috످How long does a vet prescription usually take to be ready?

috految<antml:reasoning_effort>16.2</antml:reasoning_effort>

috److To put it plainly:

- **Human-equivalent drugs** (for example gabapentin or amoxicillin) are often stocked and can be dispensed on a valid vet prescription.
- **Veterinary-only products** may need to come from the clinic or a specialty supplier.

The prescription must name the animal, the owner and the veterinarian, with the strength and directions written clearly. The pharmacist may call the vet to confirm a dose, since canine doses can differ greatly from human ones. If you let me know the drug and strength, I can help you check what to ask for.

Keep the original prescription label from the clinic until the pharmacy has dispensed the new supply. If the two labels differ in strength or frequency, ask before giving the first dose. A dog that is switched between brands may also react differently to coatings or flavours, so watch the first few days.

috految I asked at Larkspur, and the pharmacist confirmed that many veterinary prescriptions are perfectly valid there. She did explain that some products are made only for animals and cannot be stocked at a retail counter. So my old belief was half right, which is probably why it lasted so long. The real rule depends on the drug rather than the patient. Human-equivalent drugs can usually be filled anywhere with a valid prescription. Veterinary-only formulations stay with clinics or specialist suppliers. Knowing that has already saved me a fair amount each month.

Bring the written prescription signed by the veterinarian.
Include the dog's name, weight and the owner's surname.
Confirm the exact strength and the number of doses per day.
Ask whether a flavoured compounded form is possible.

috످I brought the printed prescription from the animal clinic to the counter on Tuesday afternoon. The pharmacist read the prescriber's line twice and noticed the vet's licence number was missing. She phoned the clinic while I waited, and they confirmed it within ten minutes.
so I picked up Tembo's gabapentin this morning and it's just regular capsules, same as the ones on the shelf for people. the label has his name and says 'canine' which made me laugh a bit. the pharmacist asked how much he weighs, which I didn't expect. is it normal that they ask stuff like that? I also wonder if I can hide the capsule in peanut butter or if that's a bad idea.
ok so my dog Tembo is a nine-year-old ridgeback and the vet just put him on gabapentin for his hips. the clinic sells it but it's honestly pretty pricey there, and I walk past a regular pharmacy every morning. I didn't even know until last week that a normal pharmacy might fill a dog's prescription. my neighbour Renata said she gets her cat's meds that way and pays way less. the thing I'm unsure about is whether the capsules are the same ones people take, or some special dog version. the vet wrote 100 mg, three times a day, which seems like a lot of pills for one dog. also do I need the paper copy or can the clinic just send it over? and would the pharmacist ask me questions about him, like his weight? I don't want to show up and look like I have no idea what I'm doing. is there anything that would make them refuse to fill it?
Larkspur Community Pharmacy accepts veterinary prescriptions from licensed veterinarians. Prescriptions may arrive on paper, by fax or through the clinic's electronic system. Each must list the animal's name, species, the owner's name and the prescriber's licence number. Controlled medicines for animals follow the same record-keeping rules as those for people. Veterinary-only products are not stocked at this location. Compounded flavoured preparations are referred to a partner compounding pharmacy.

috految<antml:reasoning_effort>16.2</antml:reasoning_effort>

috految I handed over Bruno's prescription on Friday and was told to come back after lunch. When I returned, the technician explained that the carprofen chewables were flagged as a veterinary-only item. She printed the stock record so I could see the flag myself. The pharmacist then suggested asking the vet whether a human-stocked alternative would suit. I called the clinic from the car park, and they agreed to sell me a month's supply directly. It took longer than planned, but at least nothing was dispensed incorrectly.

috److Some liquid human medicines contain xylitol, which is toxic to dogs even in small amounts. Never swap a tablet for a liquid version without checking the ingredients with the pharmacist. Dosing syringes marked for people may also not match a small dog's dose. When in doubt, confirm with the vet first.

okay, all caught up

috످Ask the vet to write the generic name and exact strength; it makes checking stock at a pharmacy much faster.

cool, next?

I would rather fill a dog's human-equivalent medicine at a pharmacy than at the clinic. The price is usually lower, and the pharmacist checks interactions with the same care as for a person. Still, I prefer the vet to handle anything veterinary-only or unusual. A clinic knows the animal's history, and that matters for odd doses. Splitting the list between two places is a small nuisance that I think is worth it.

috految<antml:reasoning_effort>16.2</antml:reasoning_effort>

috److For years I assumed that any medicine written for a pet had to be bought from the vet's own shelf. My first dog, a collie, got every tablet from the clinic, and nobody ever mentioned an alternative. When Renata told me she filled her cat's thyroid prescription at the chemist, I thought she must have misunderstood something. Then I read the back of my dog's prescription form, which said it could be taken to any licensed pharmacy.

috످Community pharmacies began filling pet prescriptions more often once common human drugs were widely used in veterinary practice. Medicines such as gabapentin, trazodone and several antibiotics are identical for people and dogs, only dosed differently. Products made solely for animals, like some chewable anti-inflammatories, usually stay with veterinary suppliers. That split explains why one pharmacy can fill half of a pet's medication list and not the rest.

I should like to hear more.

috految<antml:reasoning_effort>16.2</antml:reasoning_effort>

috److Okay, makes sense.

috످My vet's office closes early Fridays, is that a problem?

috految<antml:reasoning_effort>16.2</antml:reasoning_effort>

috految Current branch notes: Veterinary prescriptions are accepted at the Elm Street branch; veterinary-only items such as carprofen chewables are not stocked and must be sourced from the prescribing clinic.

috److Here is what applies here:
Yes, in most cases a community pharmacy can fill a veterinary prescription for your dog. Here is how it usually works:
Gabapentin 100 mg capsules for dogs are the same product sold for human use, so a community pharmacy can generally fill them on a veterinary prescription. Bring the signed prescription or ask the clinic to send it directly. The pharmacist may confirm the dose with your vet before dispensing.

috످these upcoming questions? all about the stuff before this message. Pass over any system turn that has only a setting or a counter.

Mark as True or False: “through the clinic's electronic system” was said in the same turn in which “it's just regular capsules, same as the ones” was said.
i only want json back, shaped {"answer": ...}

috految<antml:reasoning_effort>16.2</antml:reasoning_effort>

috److془The first passage is the pharmacy's policy on ways to receive prescriptions, in the user's second turn. The second is owner's account of collecting Tembo's medicine, in the same user's second turn. True.془{"answer": true}

috످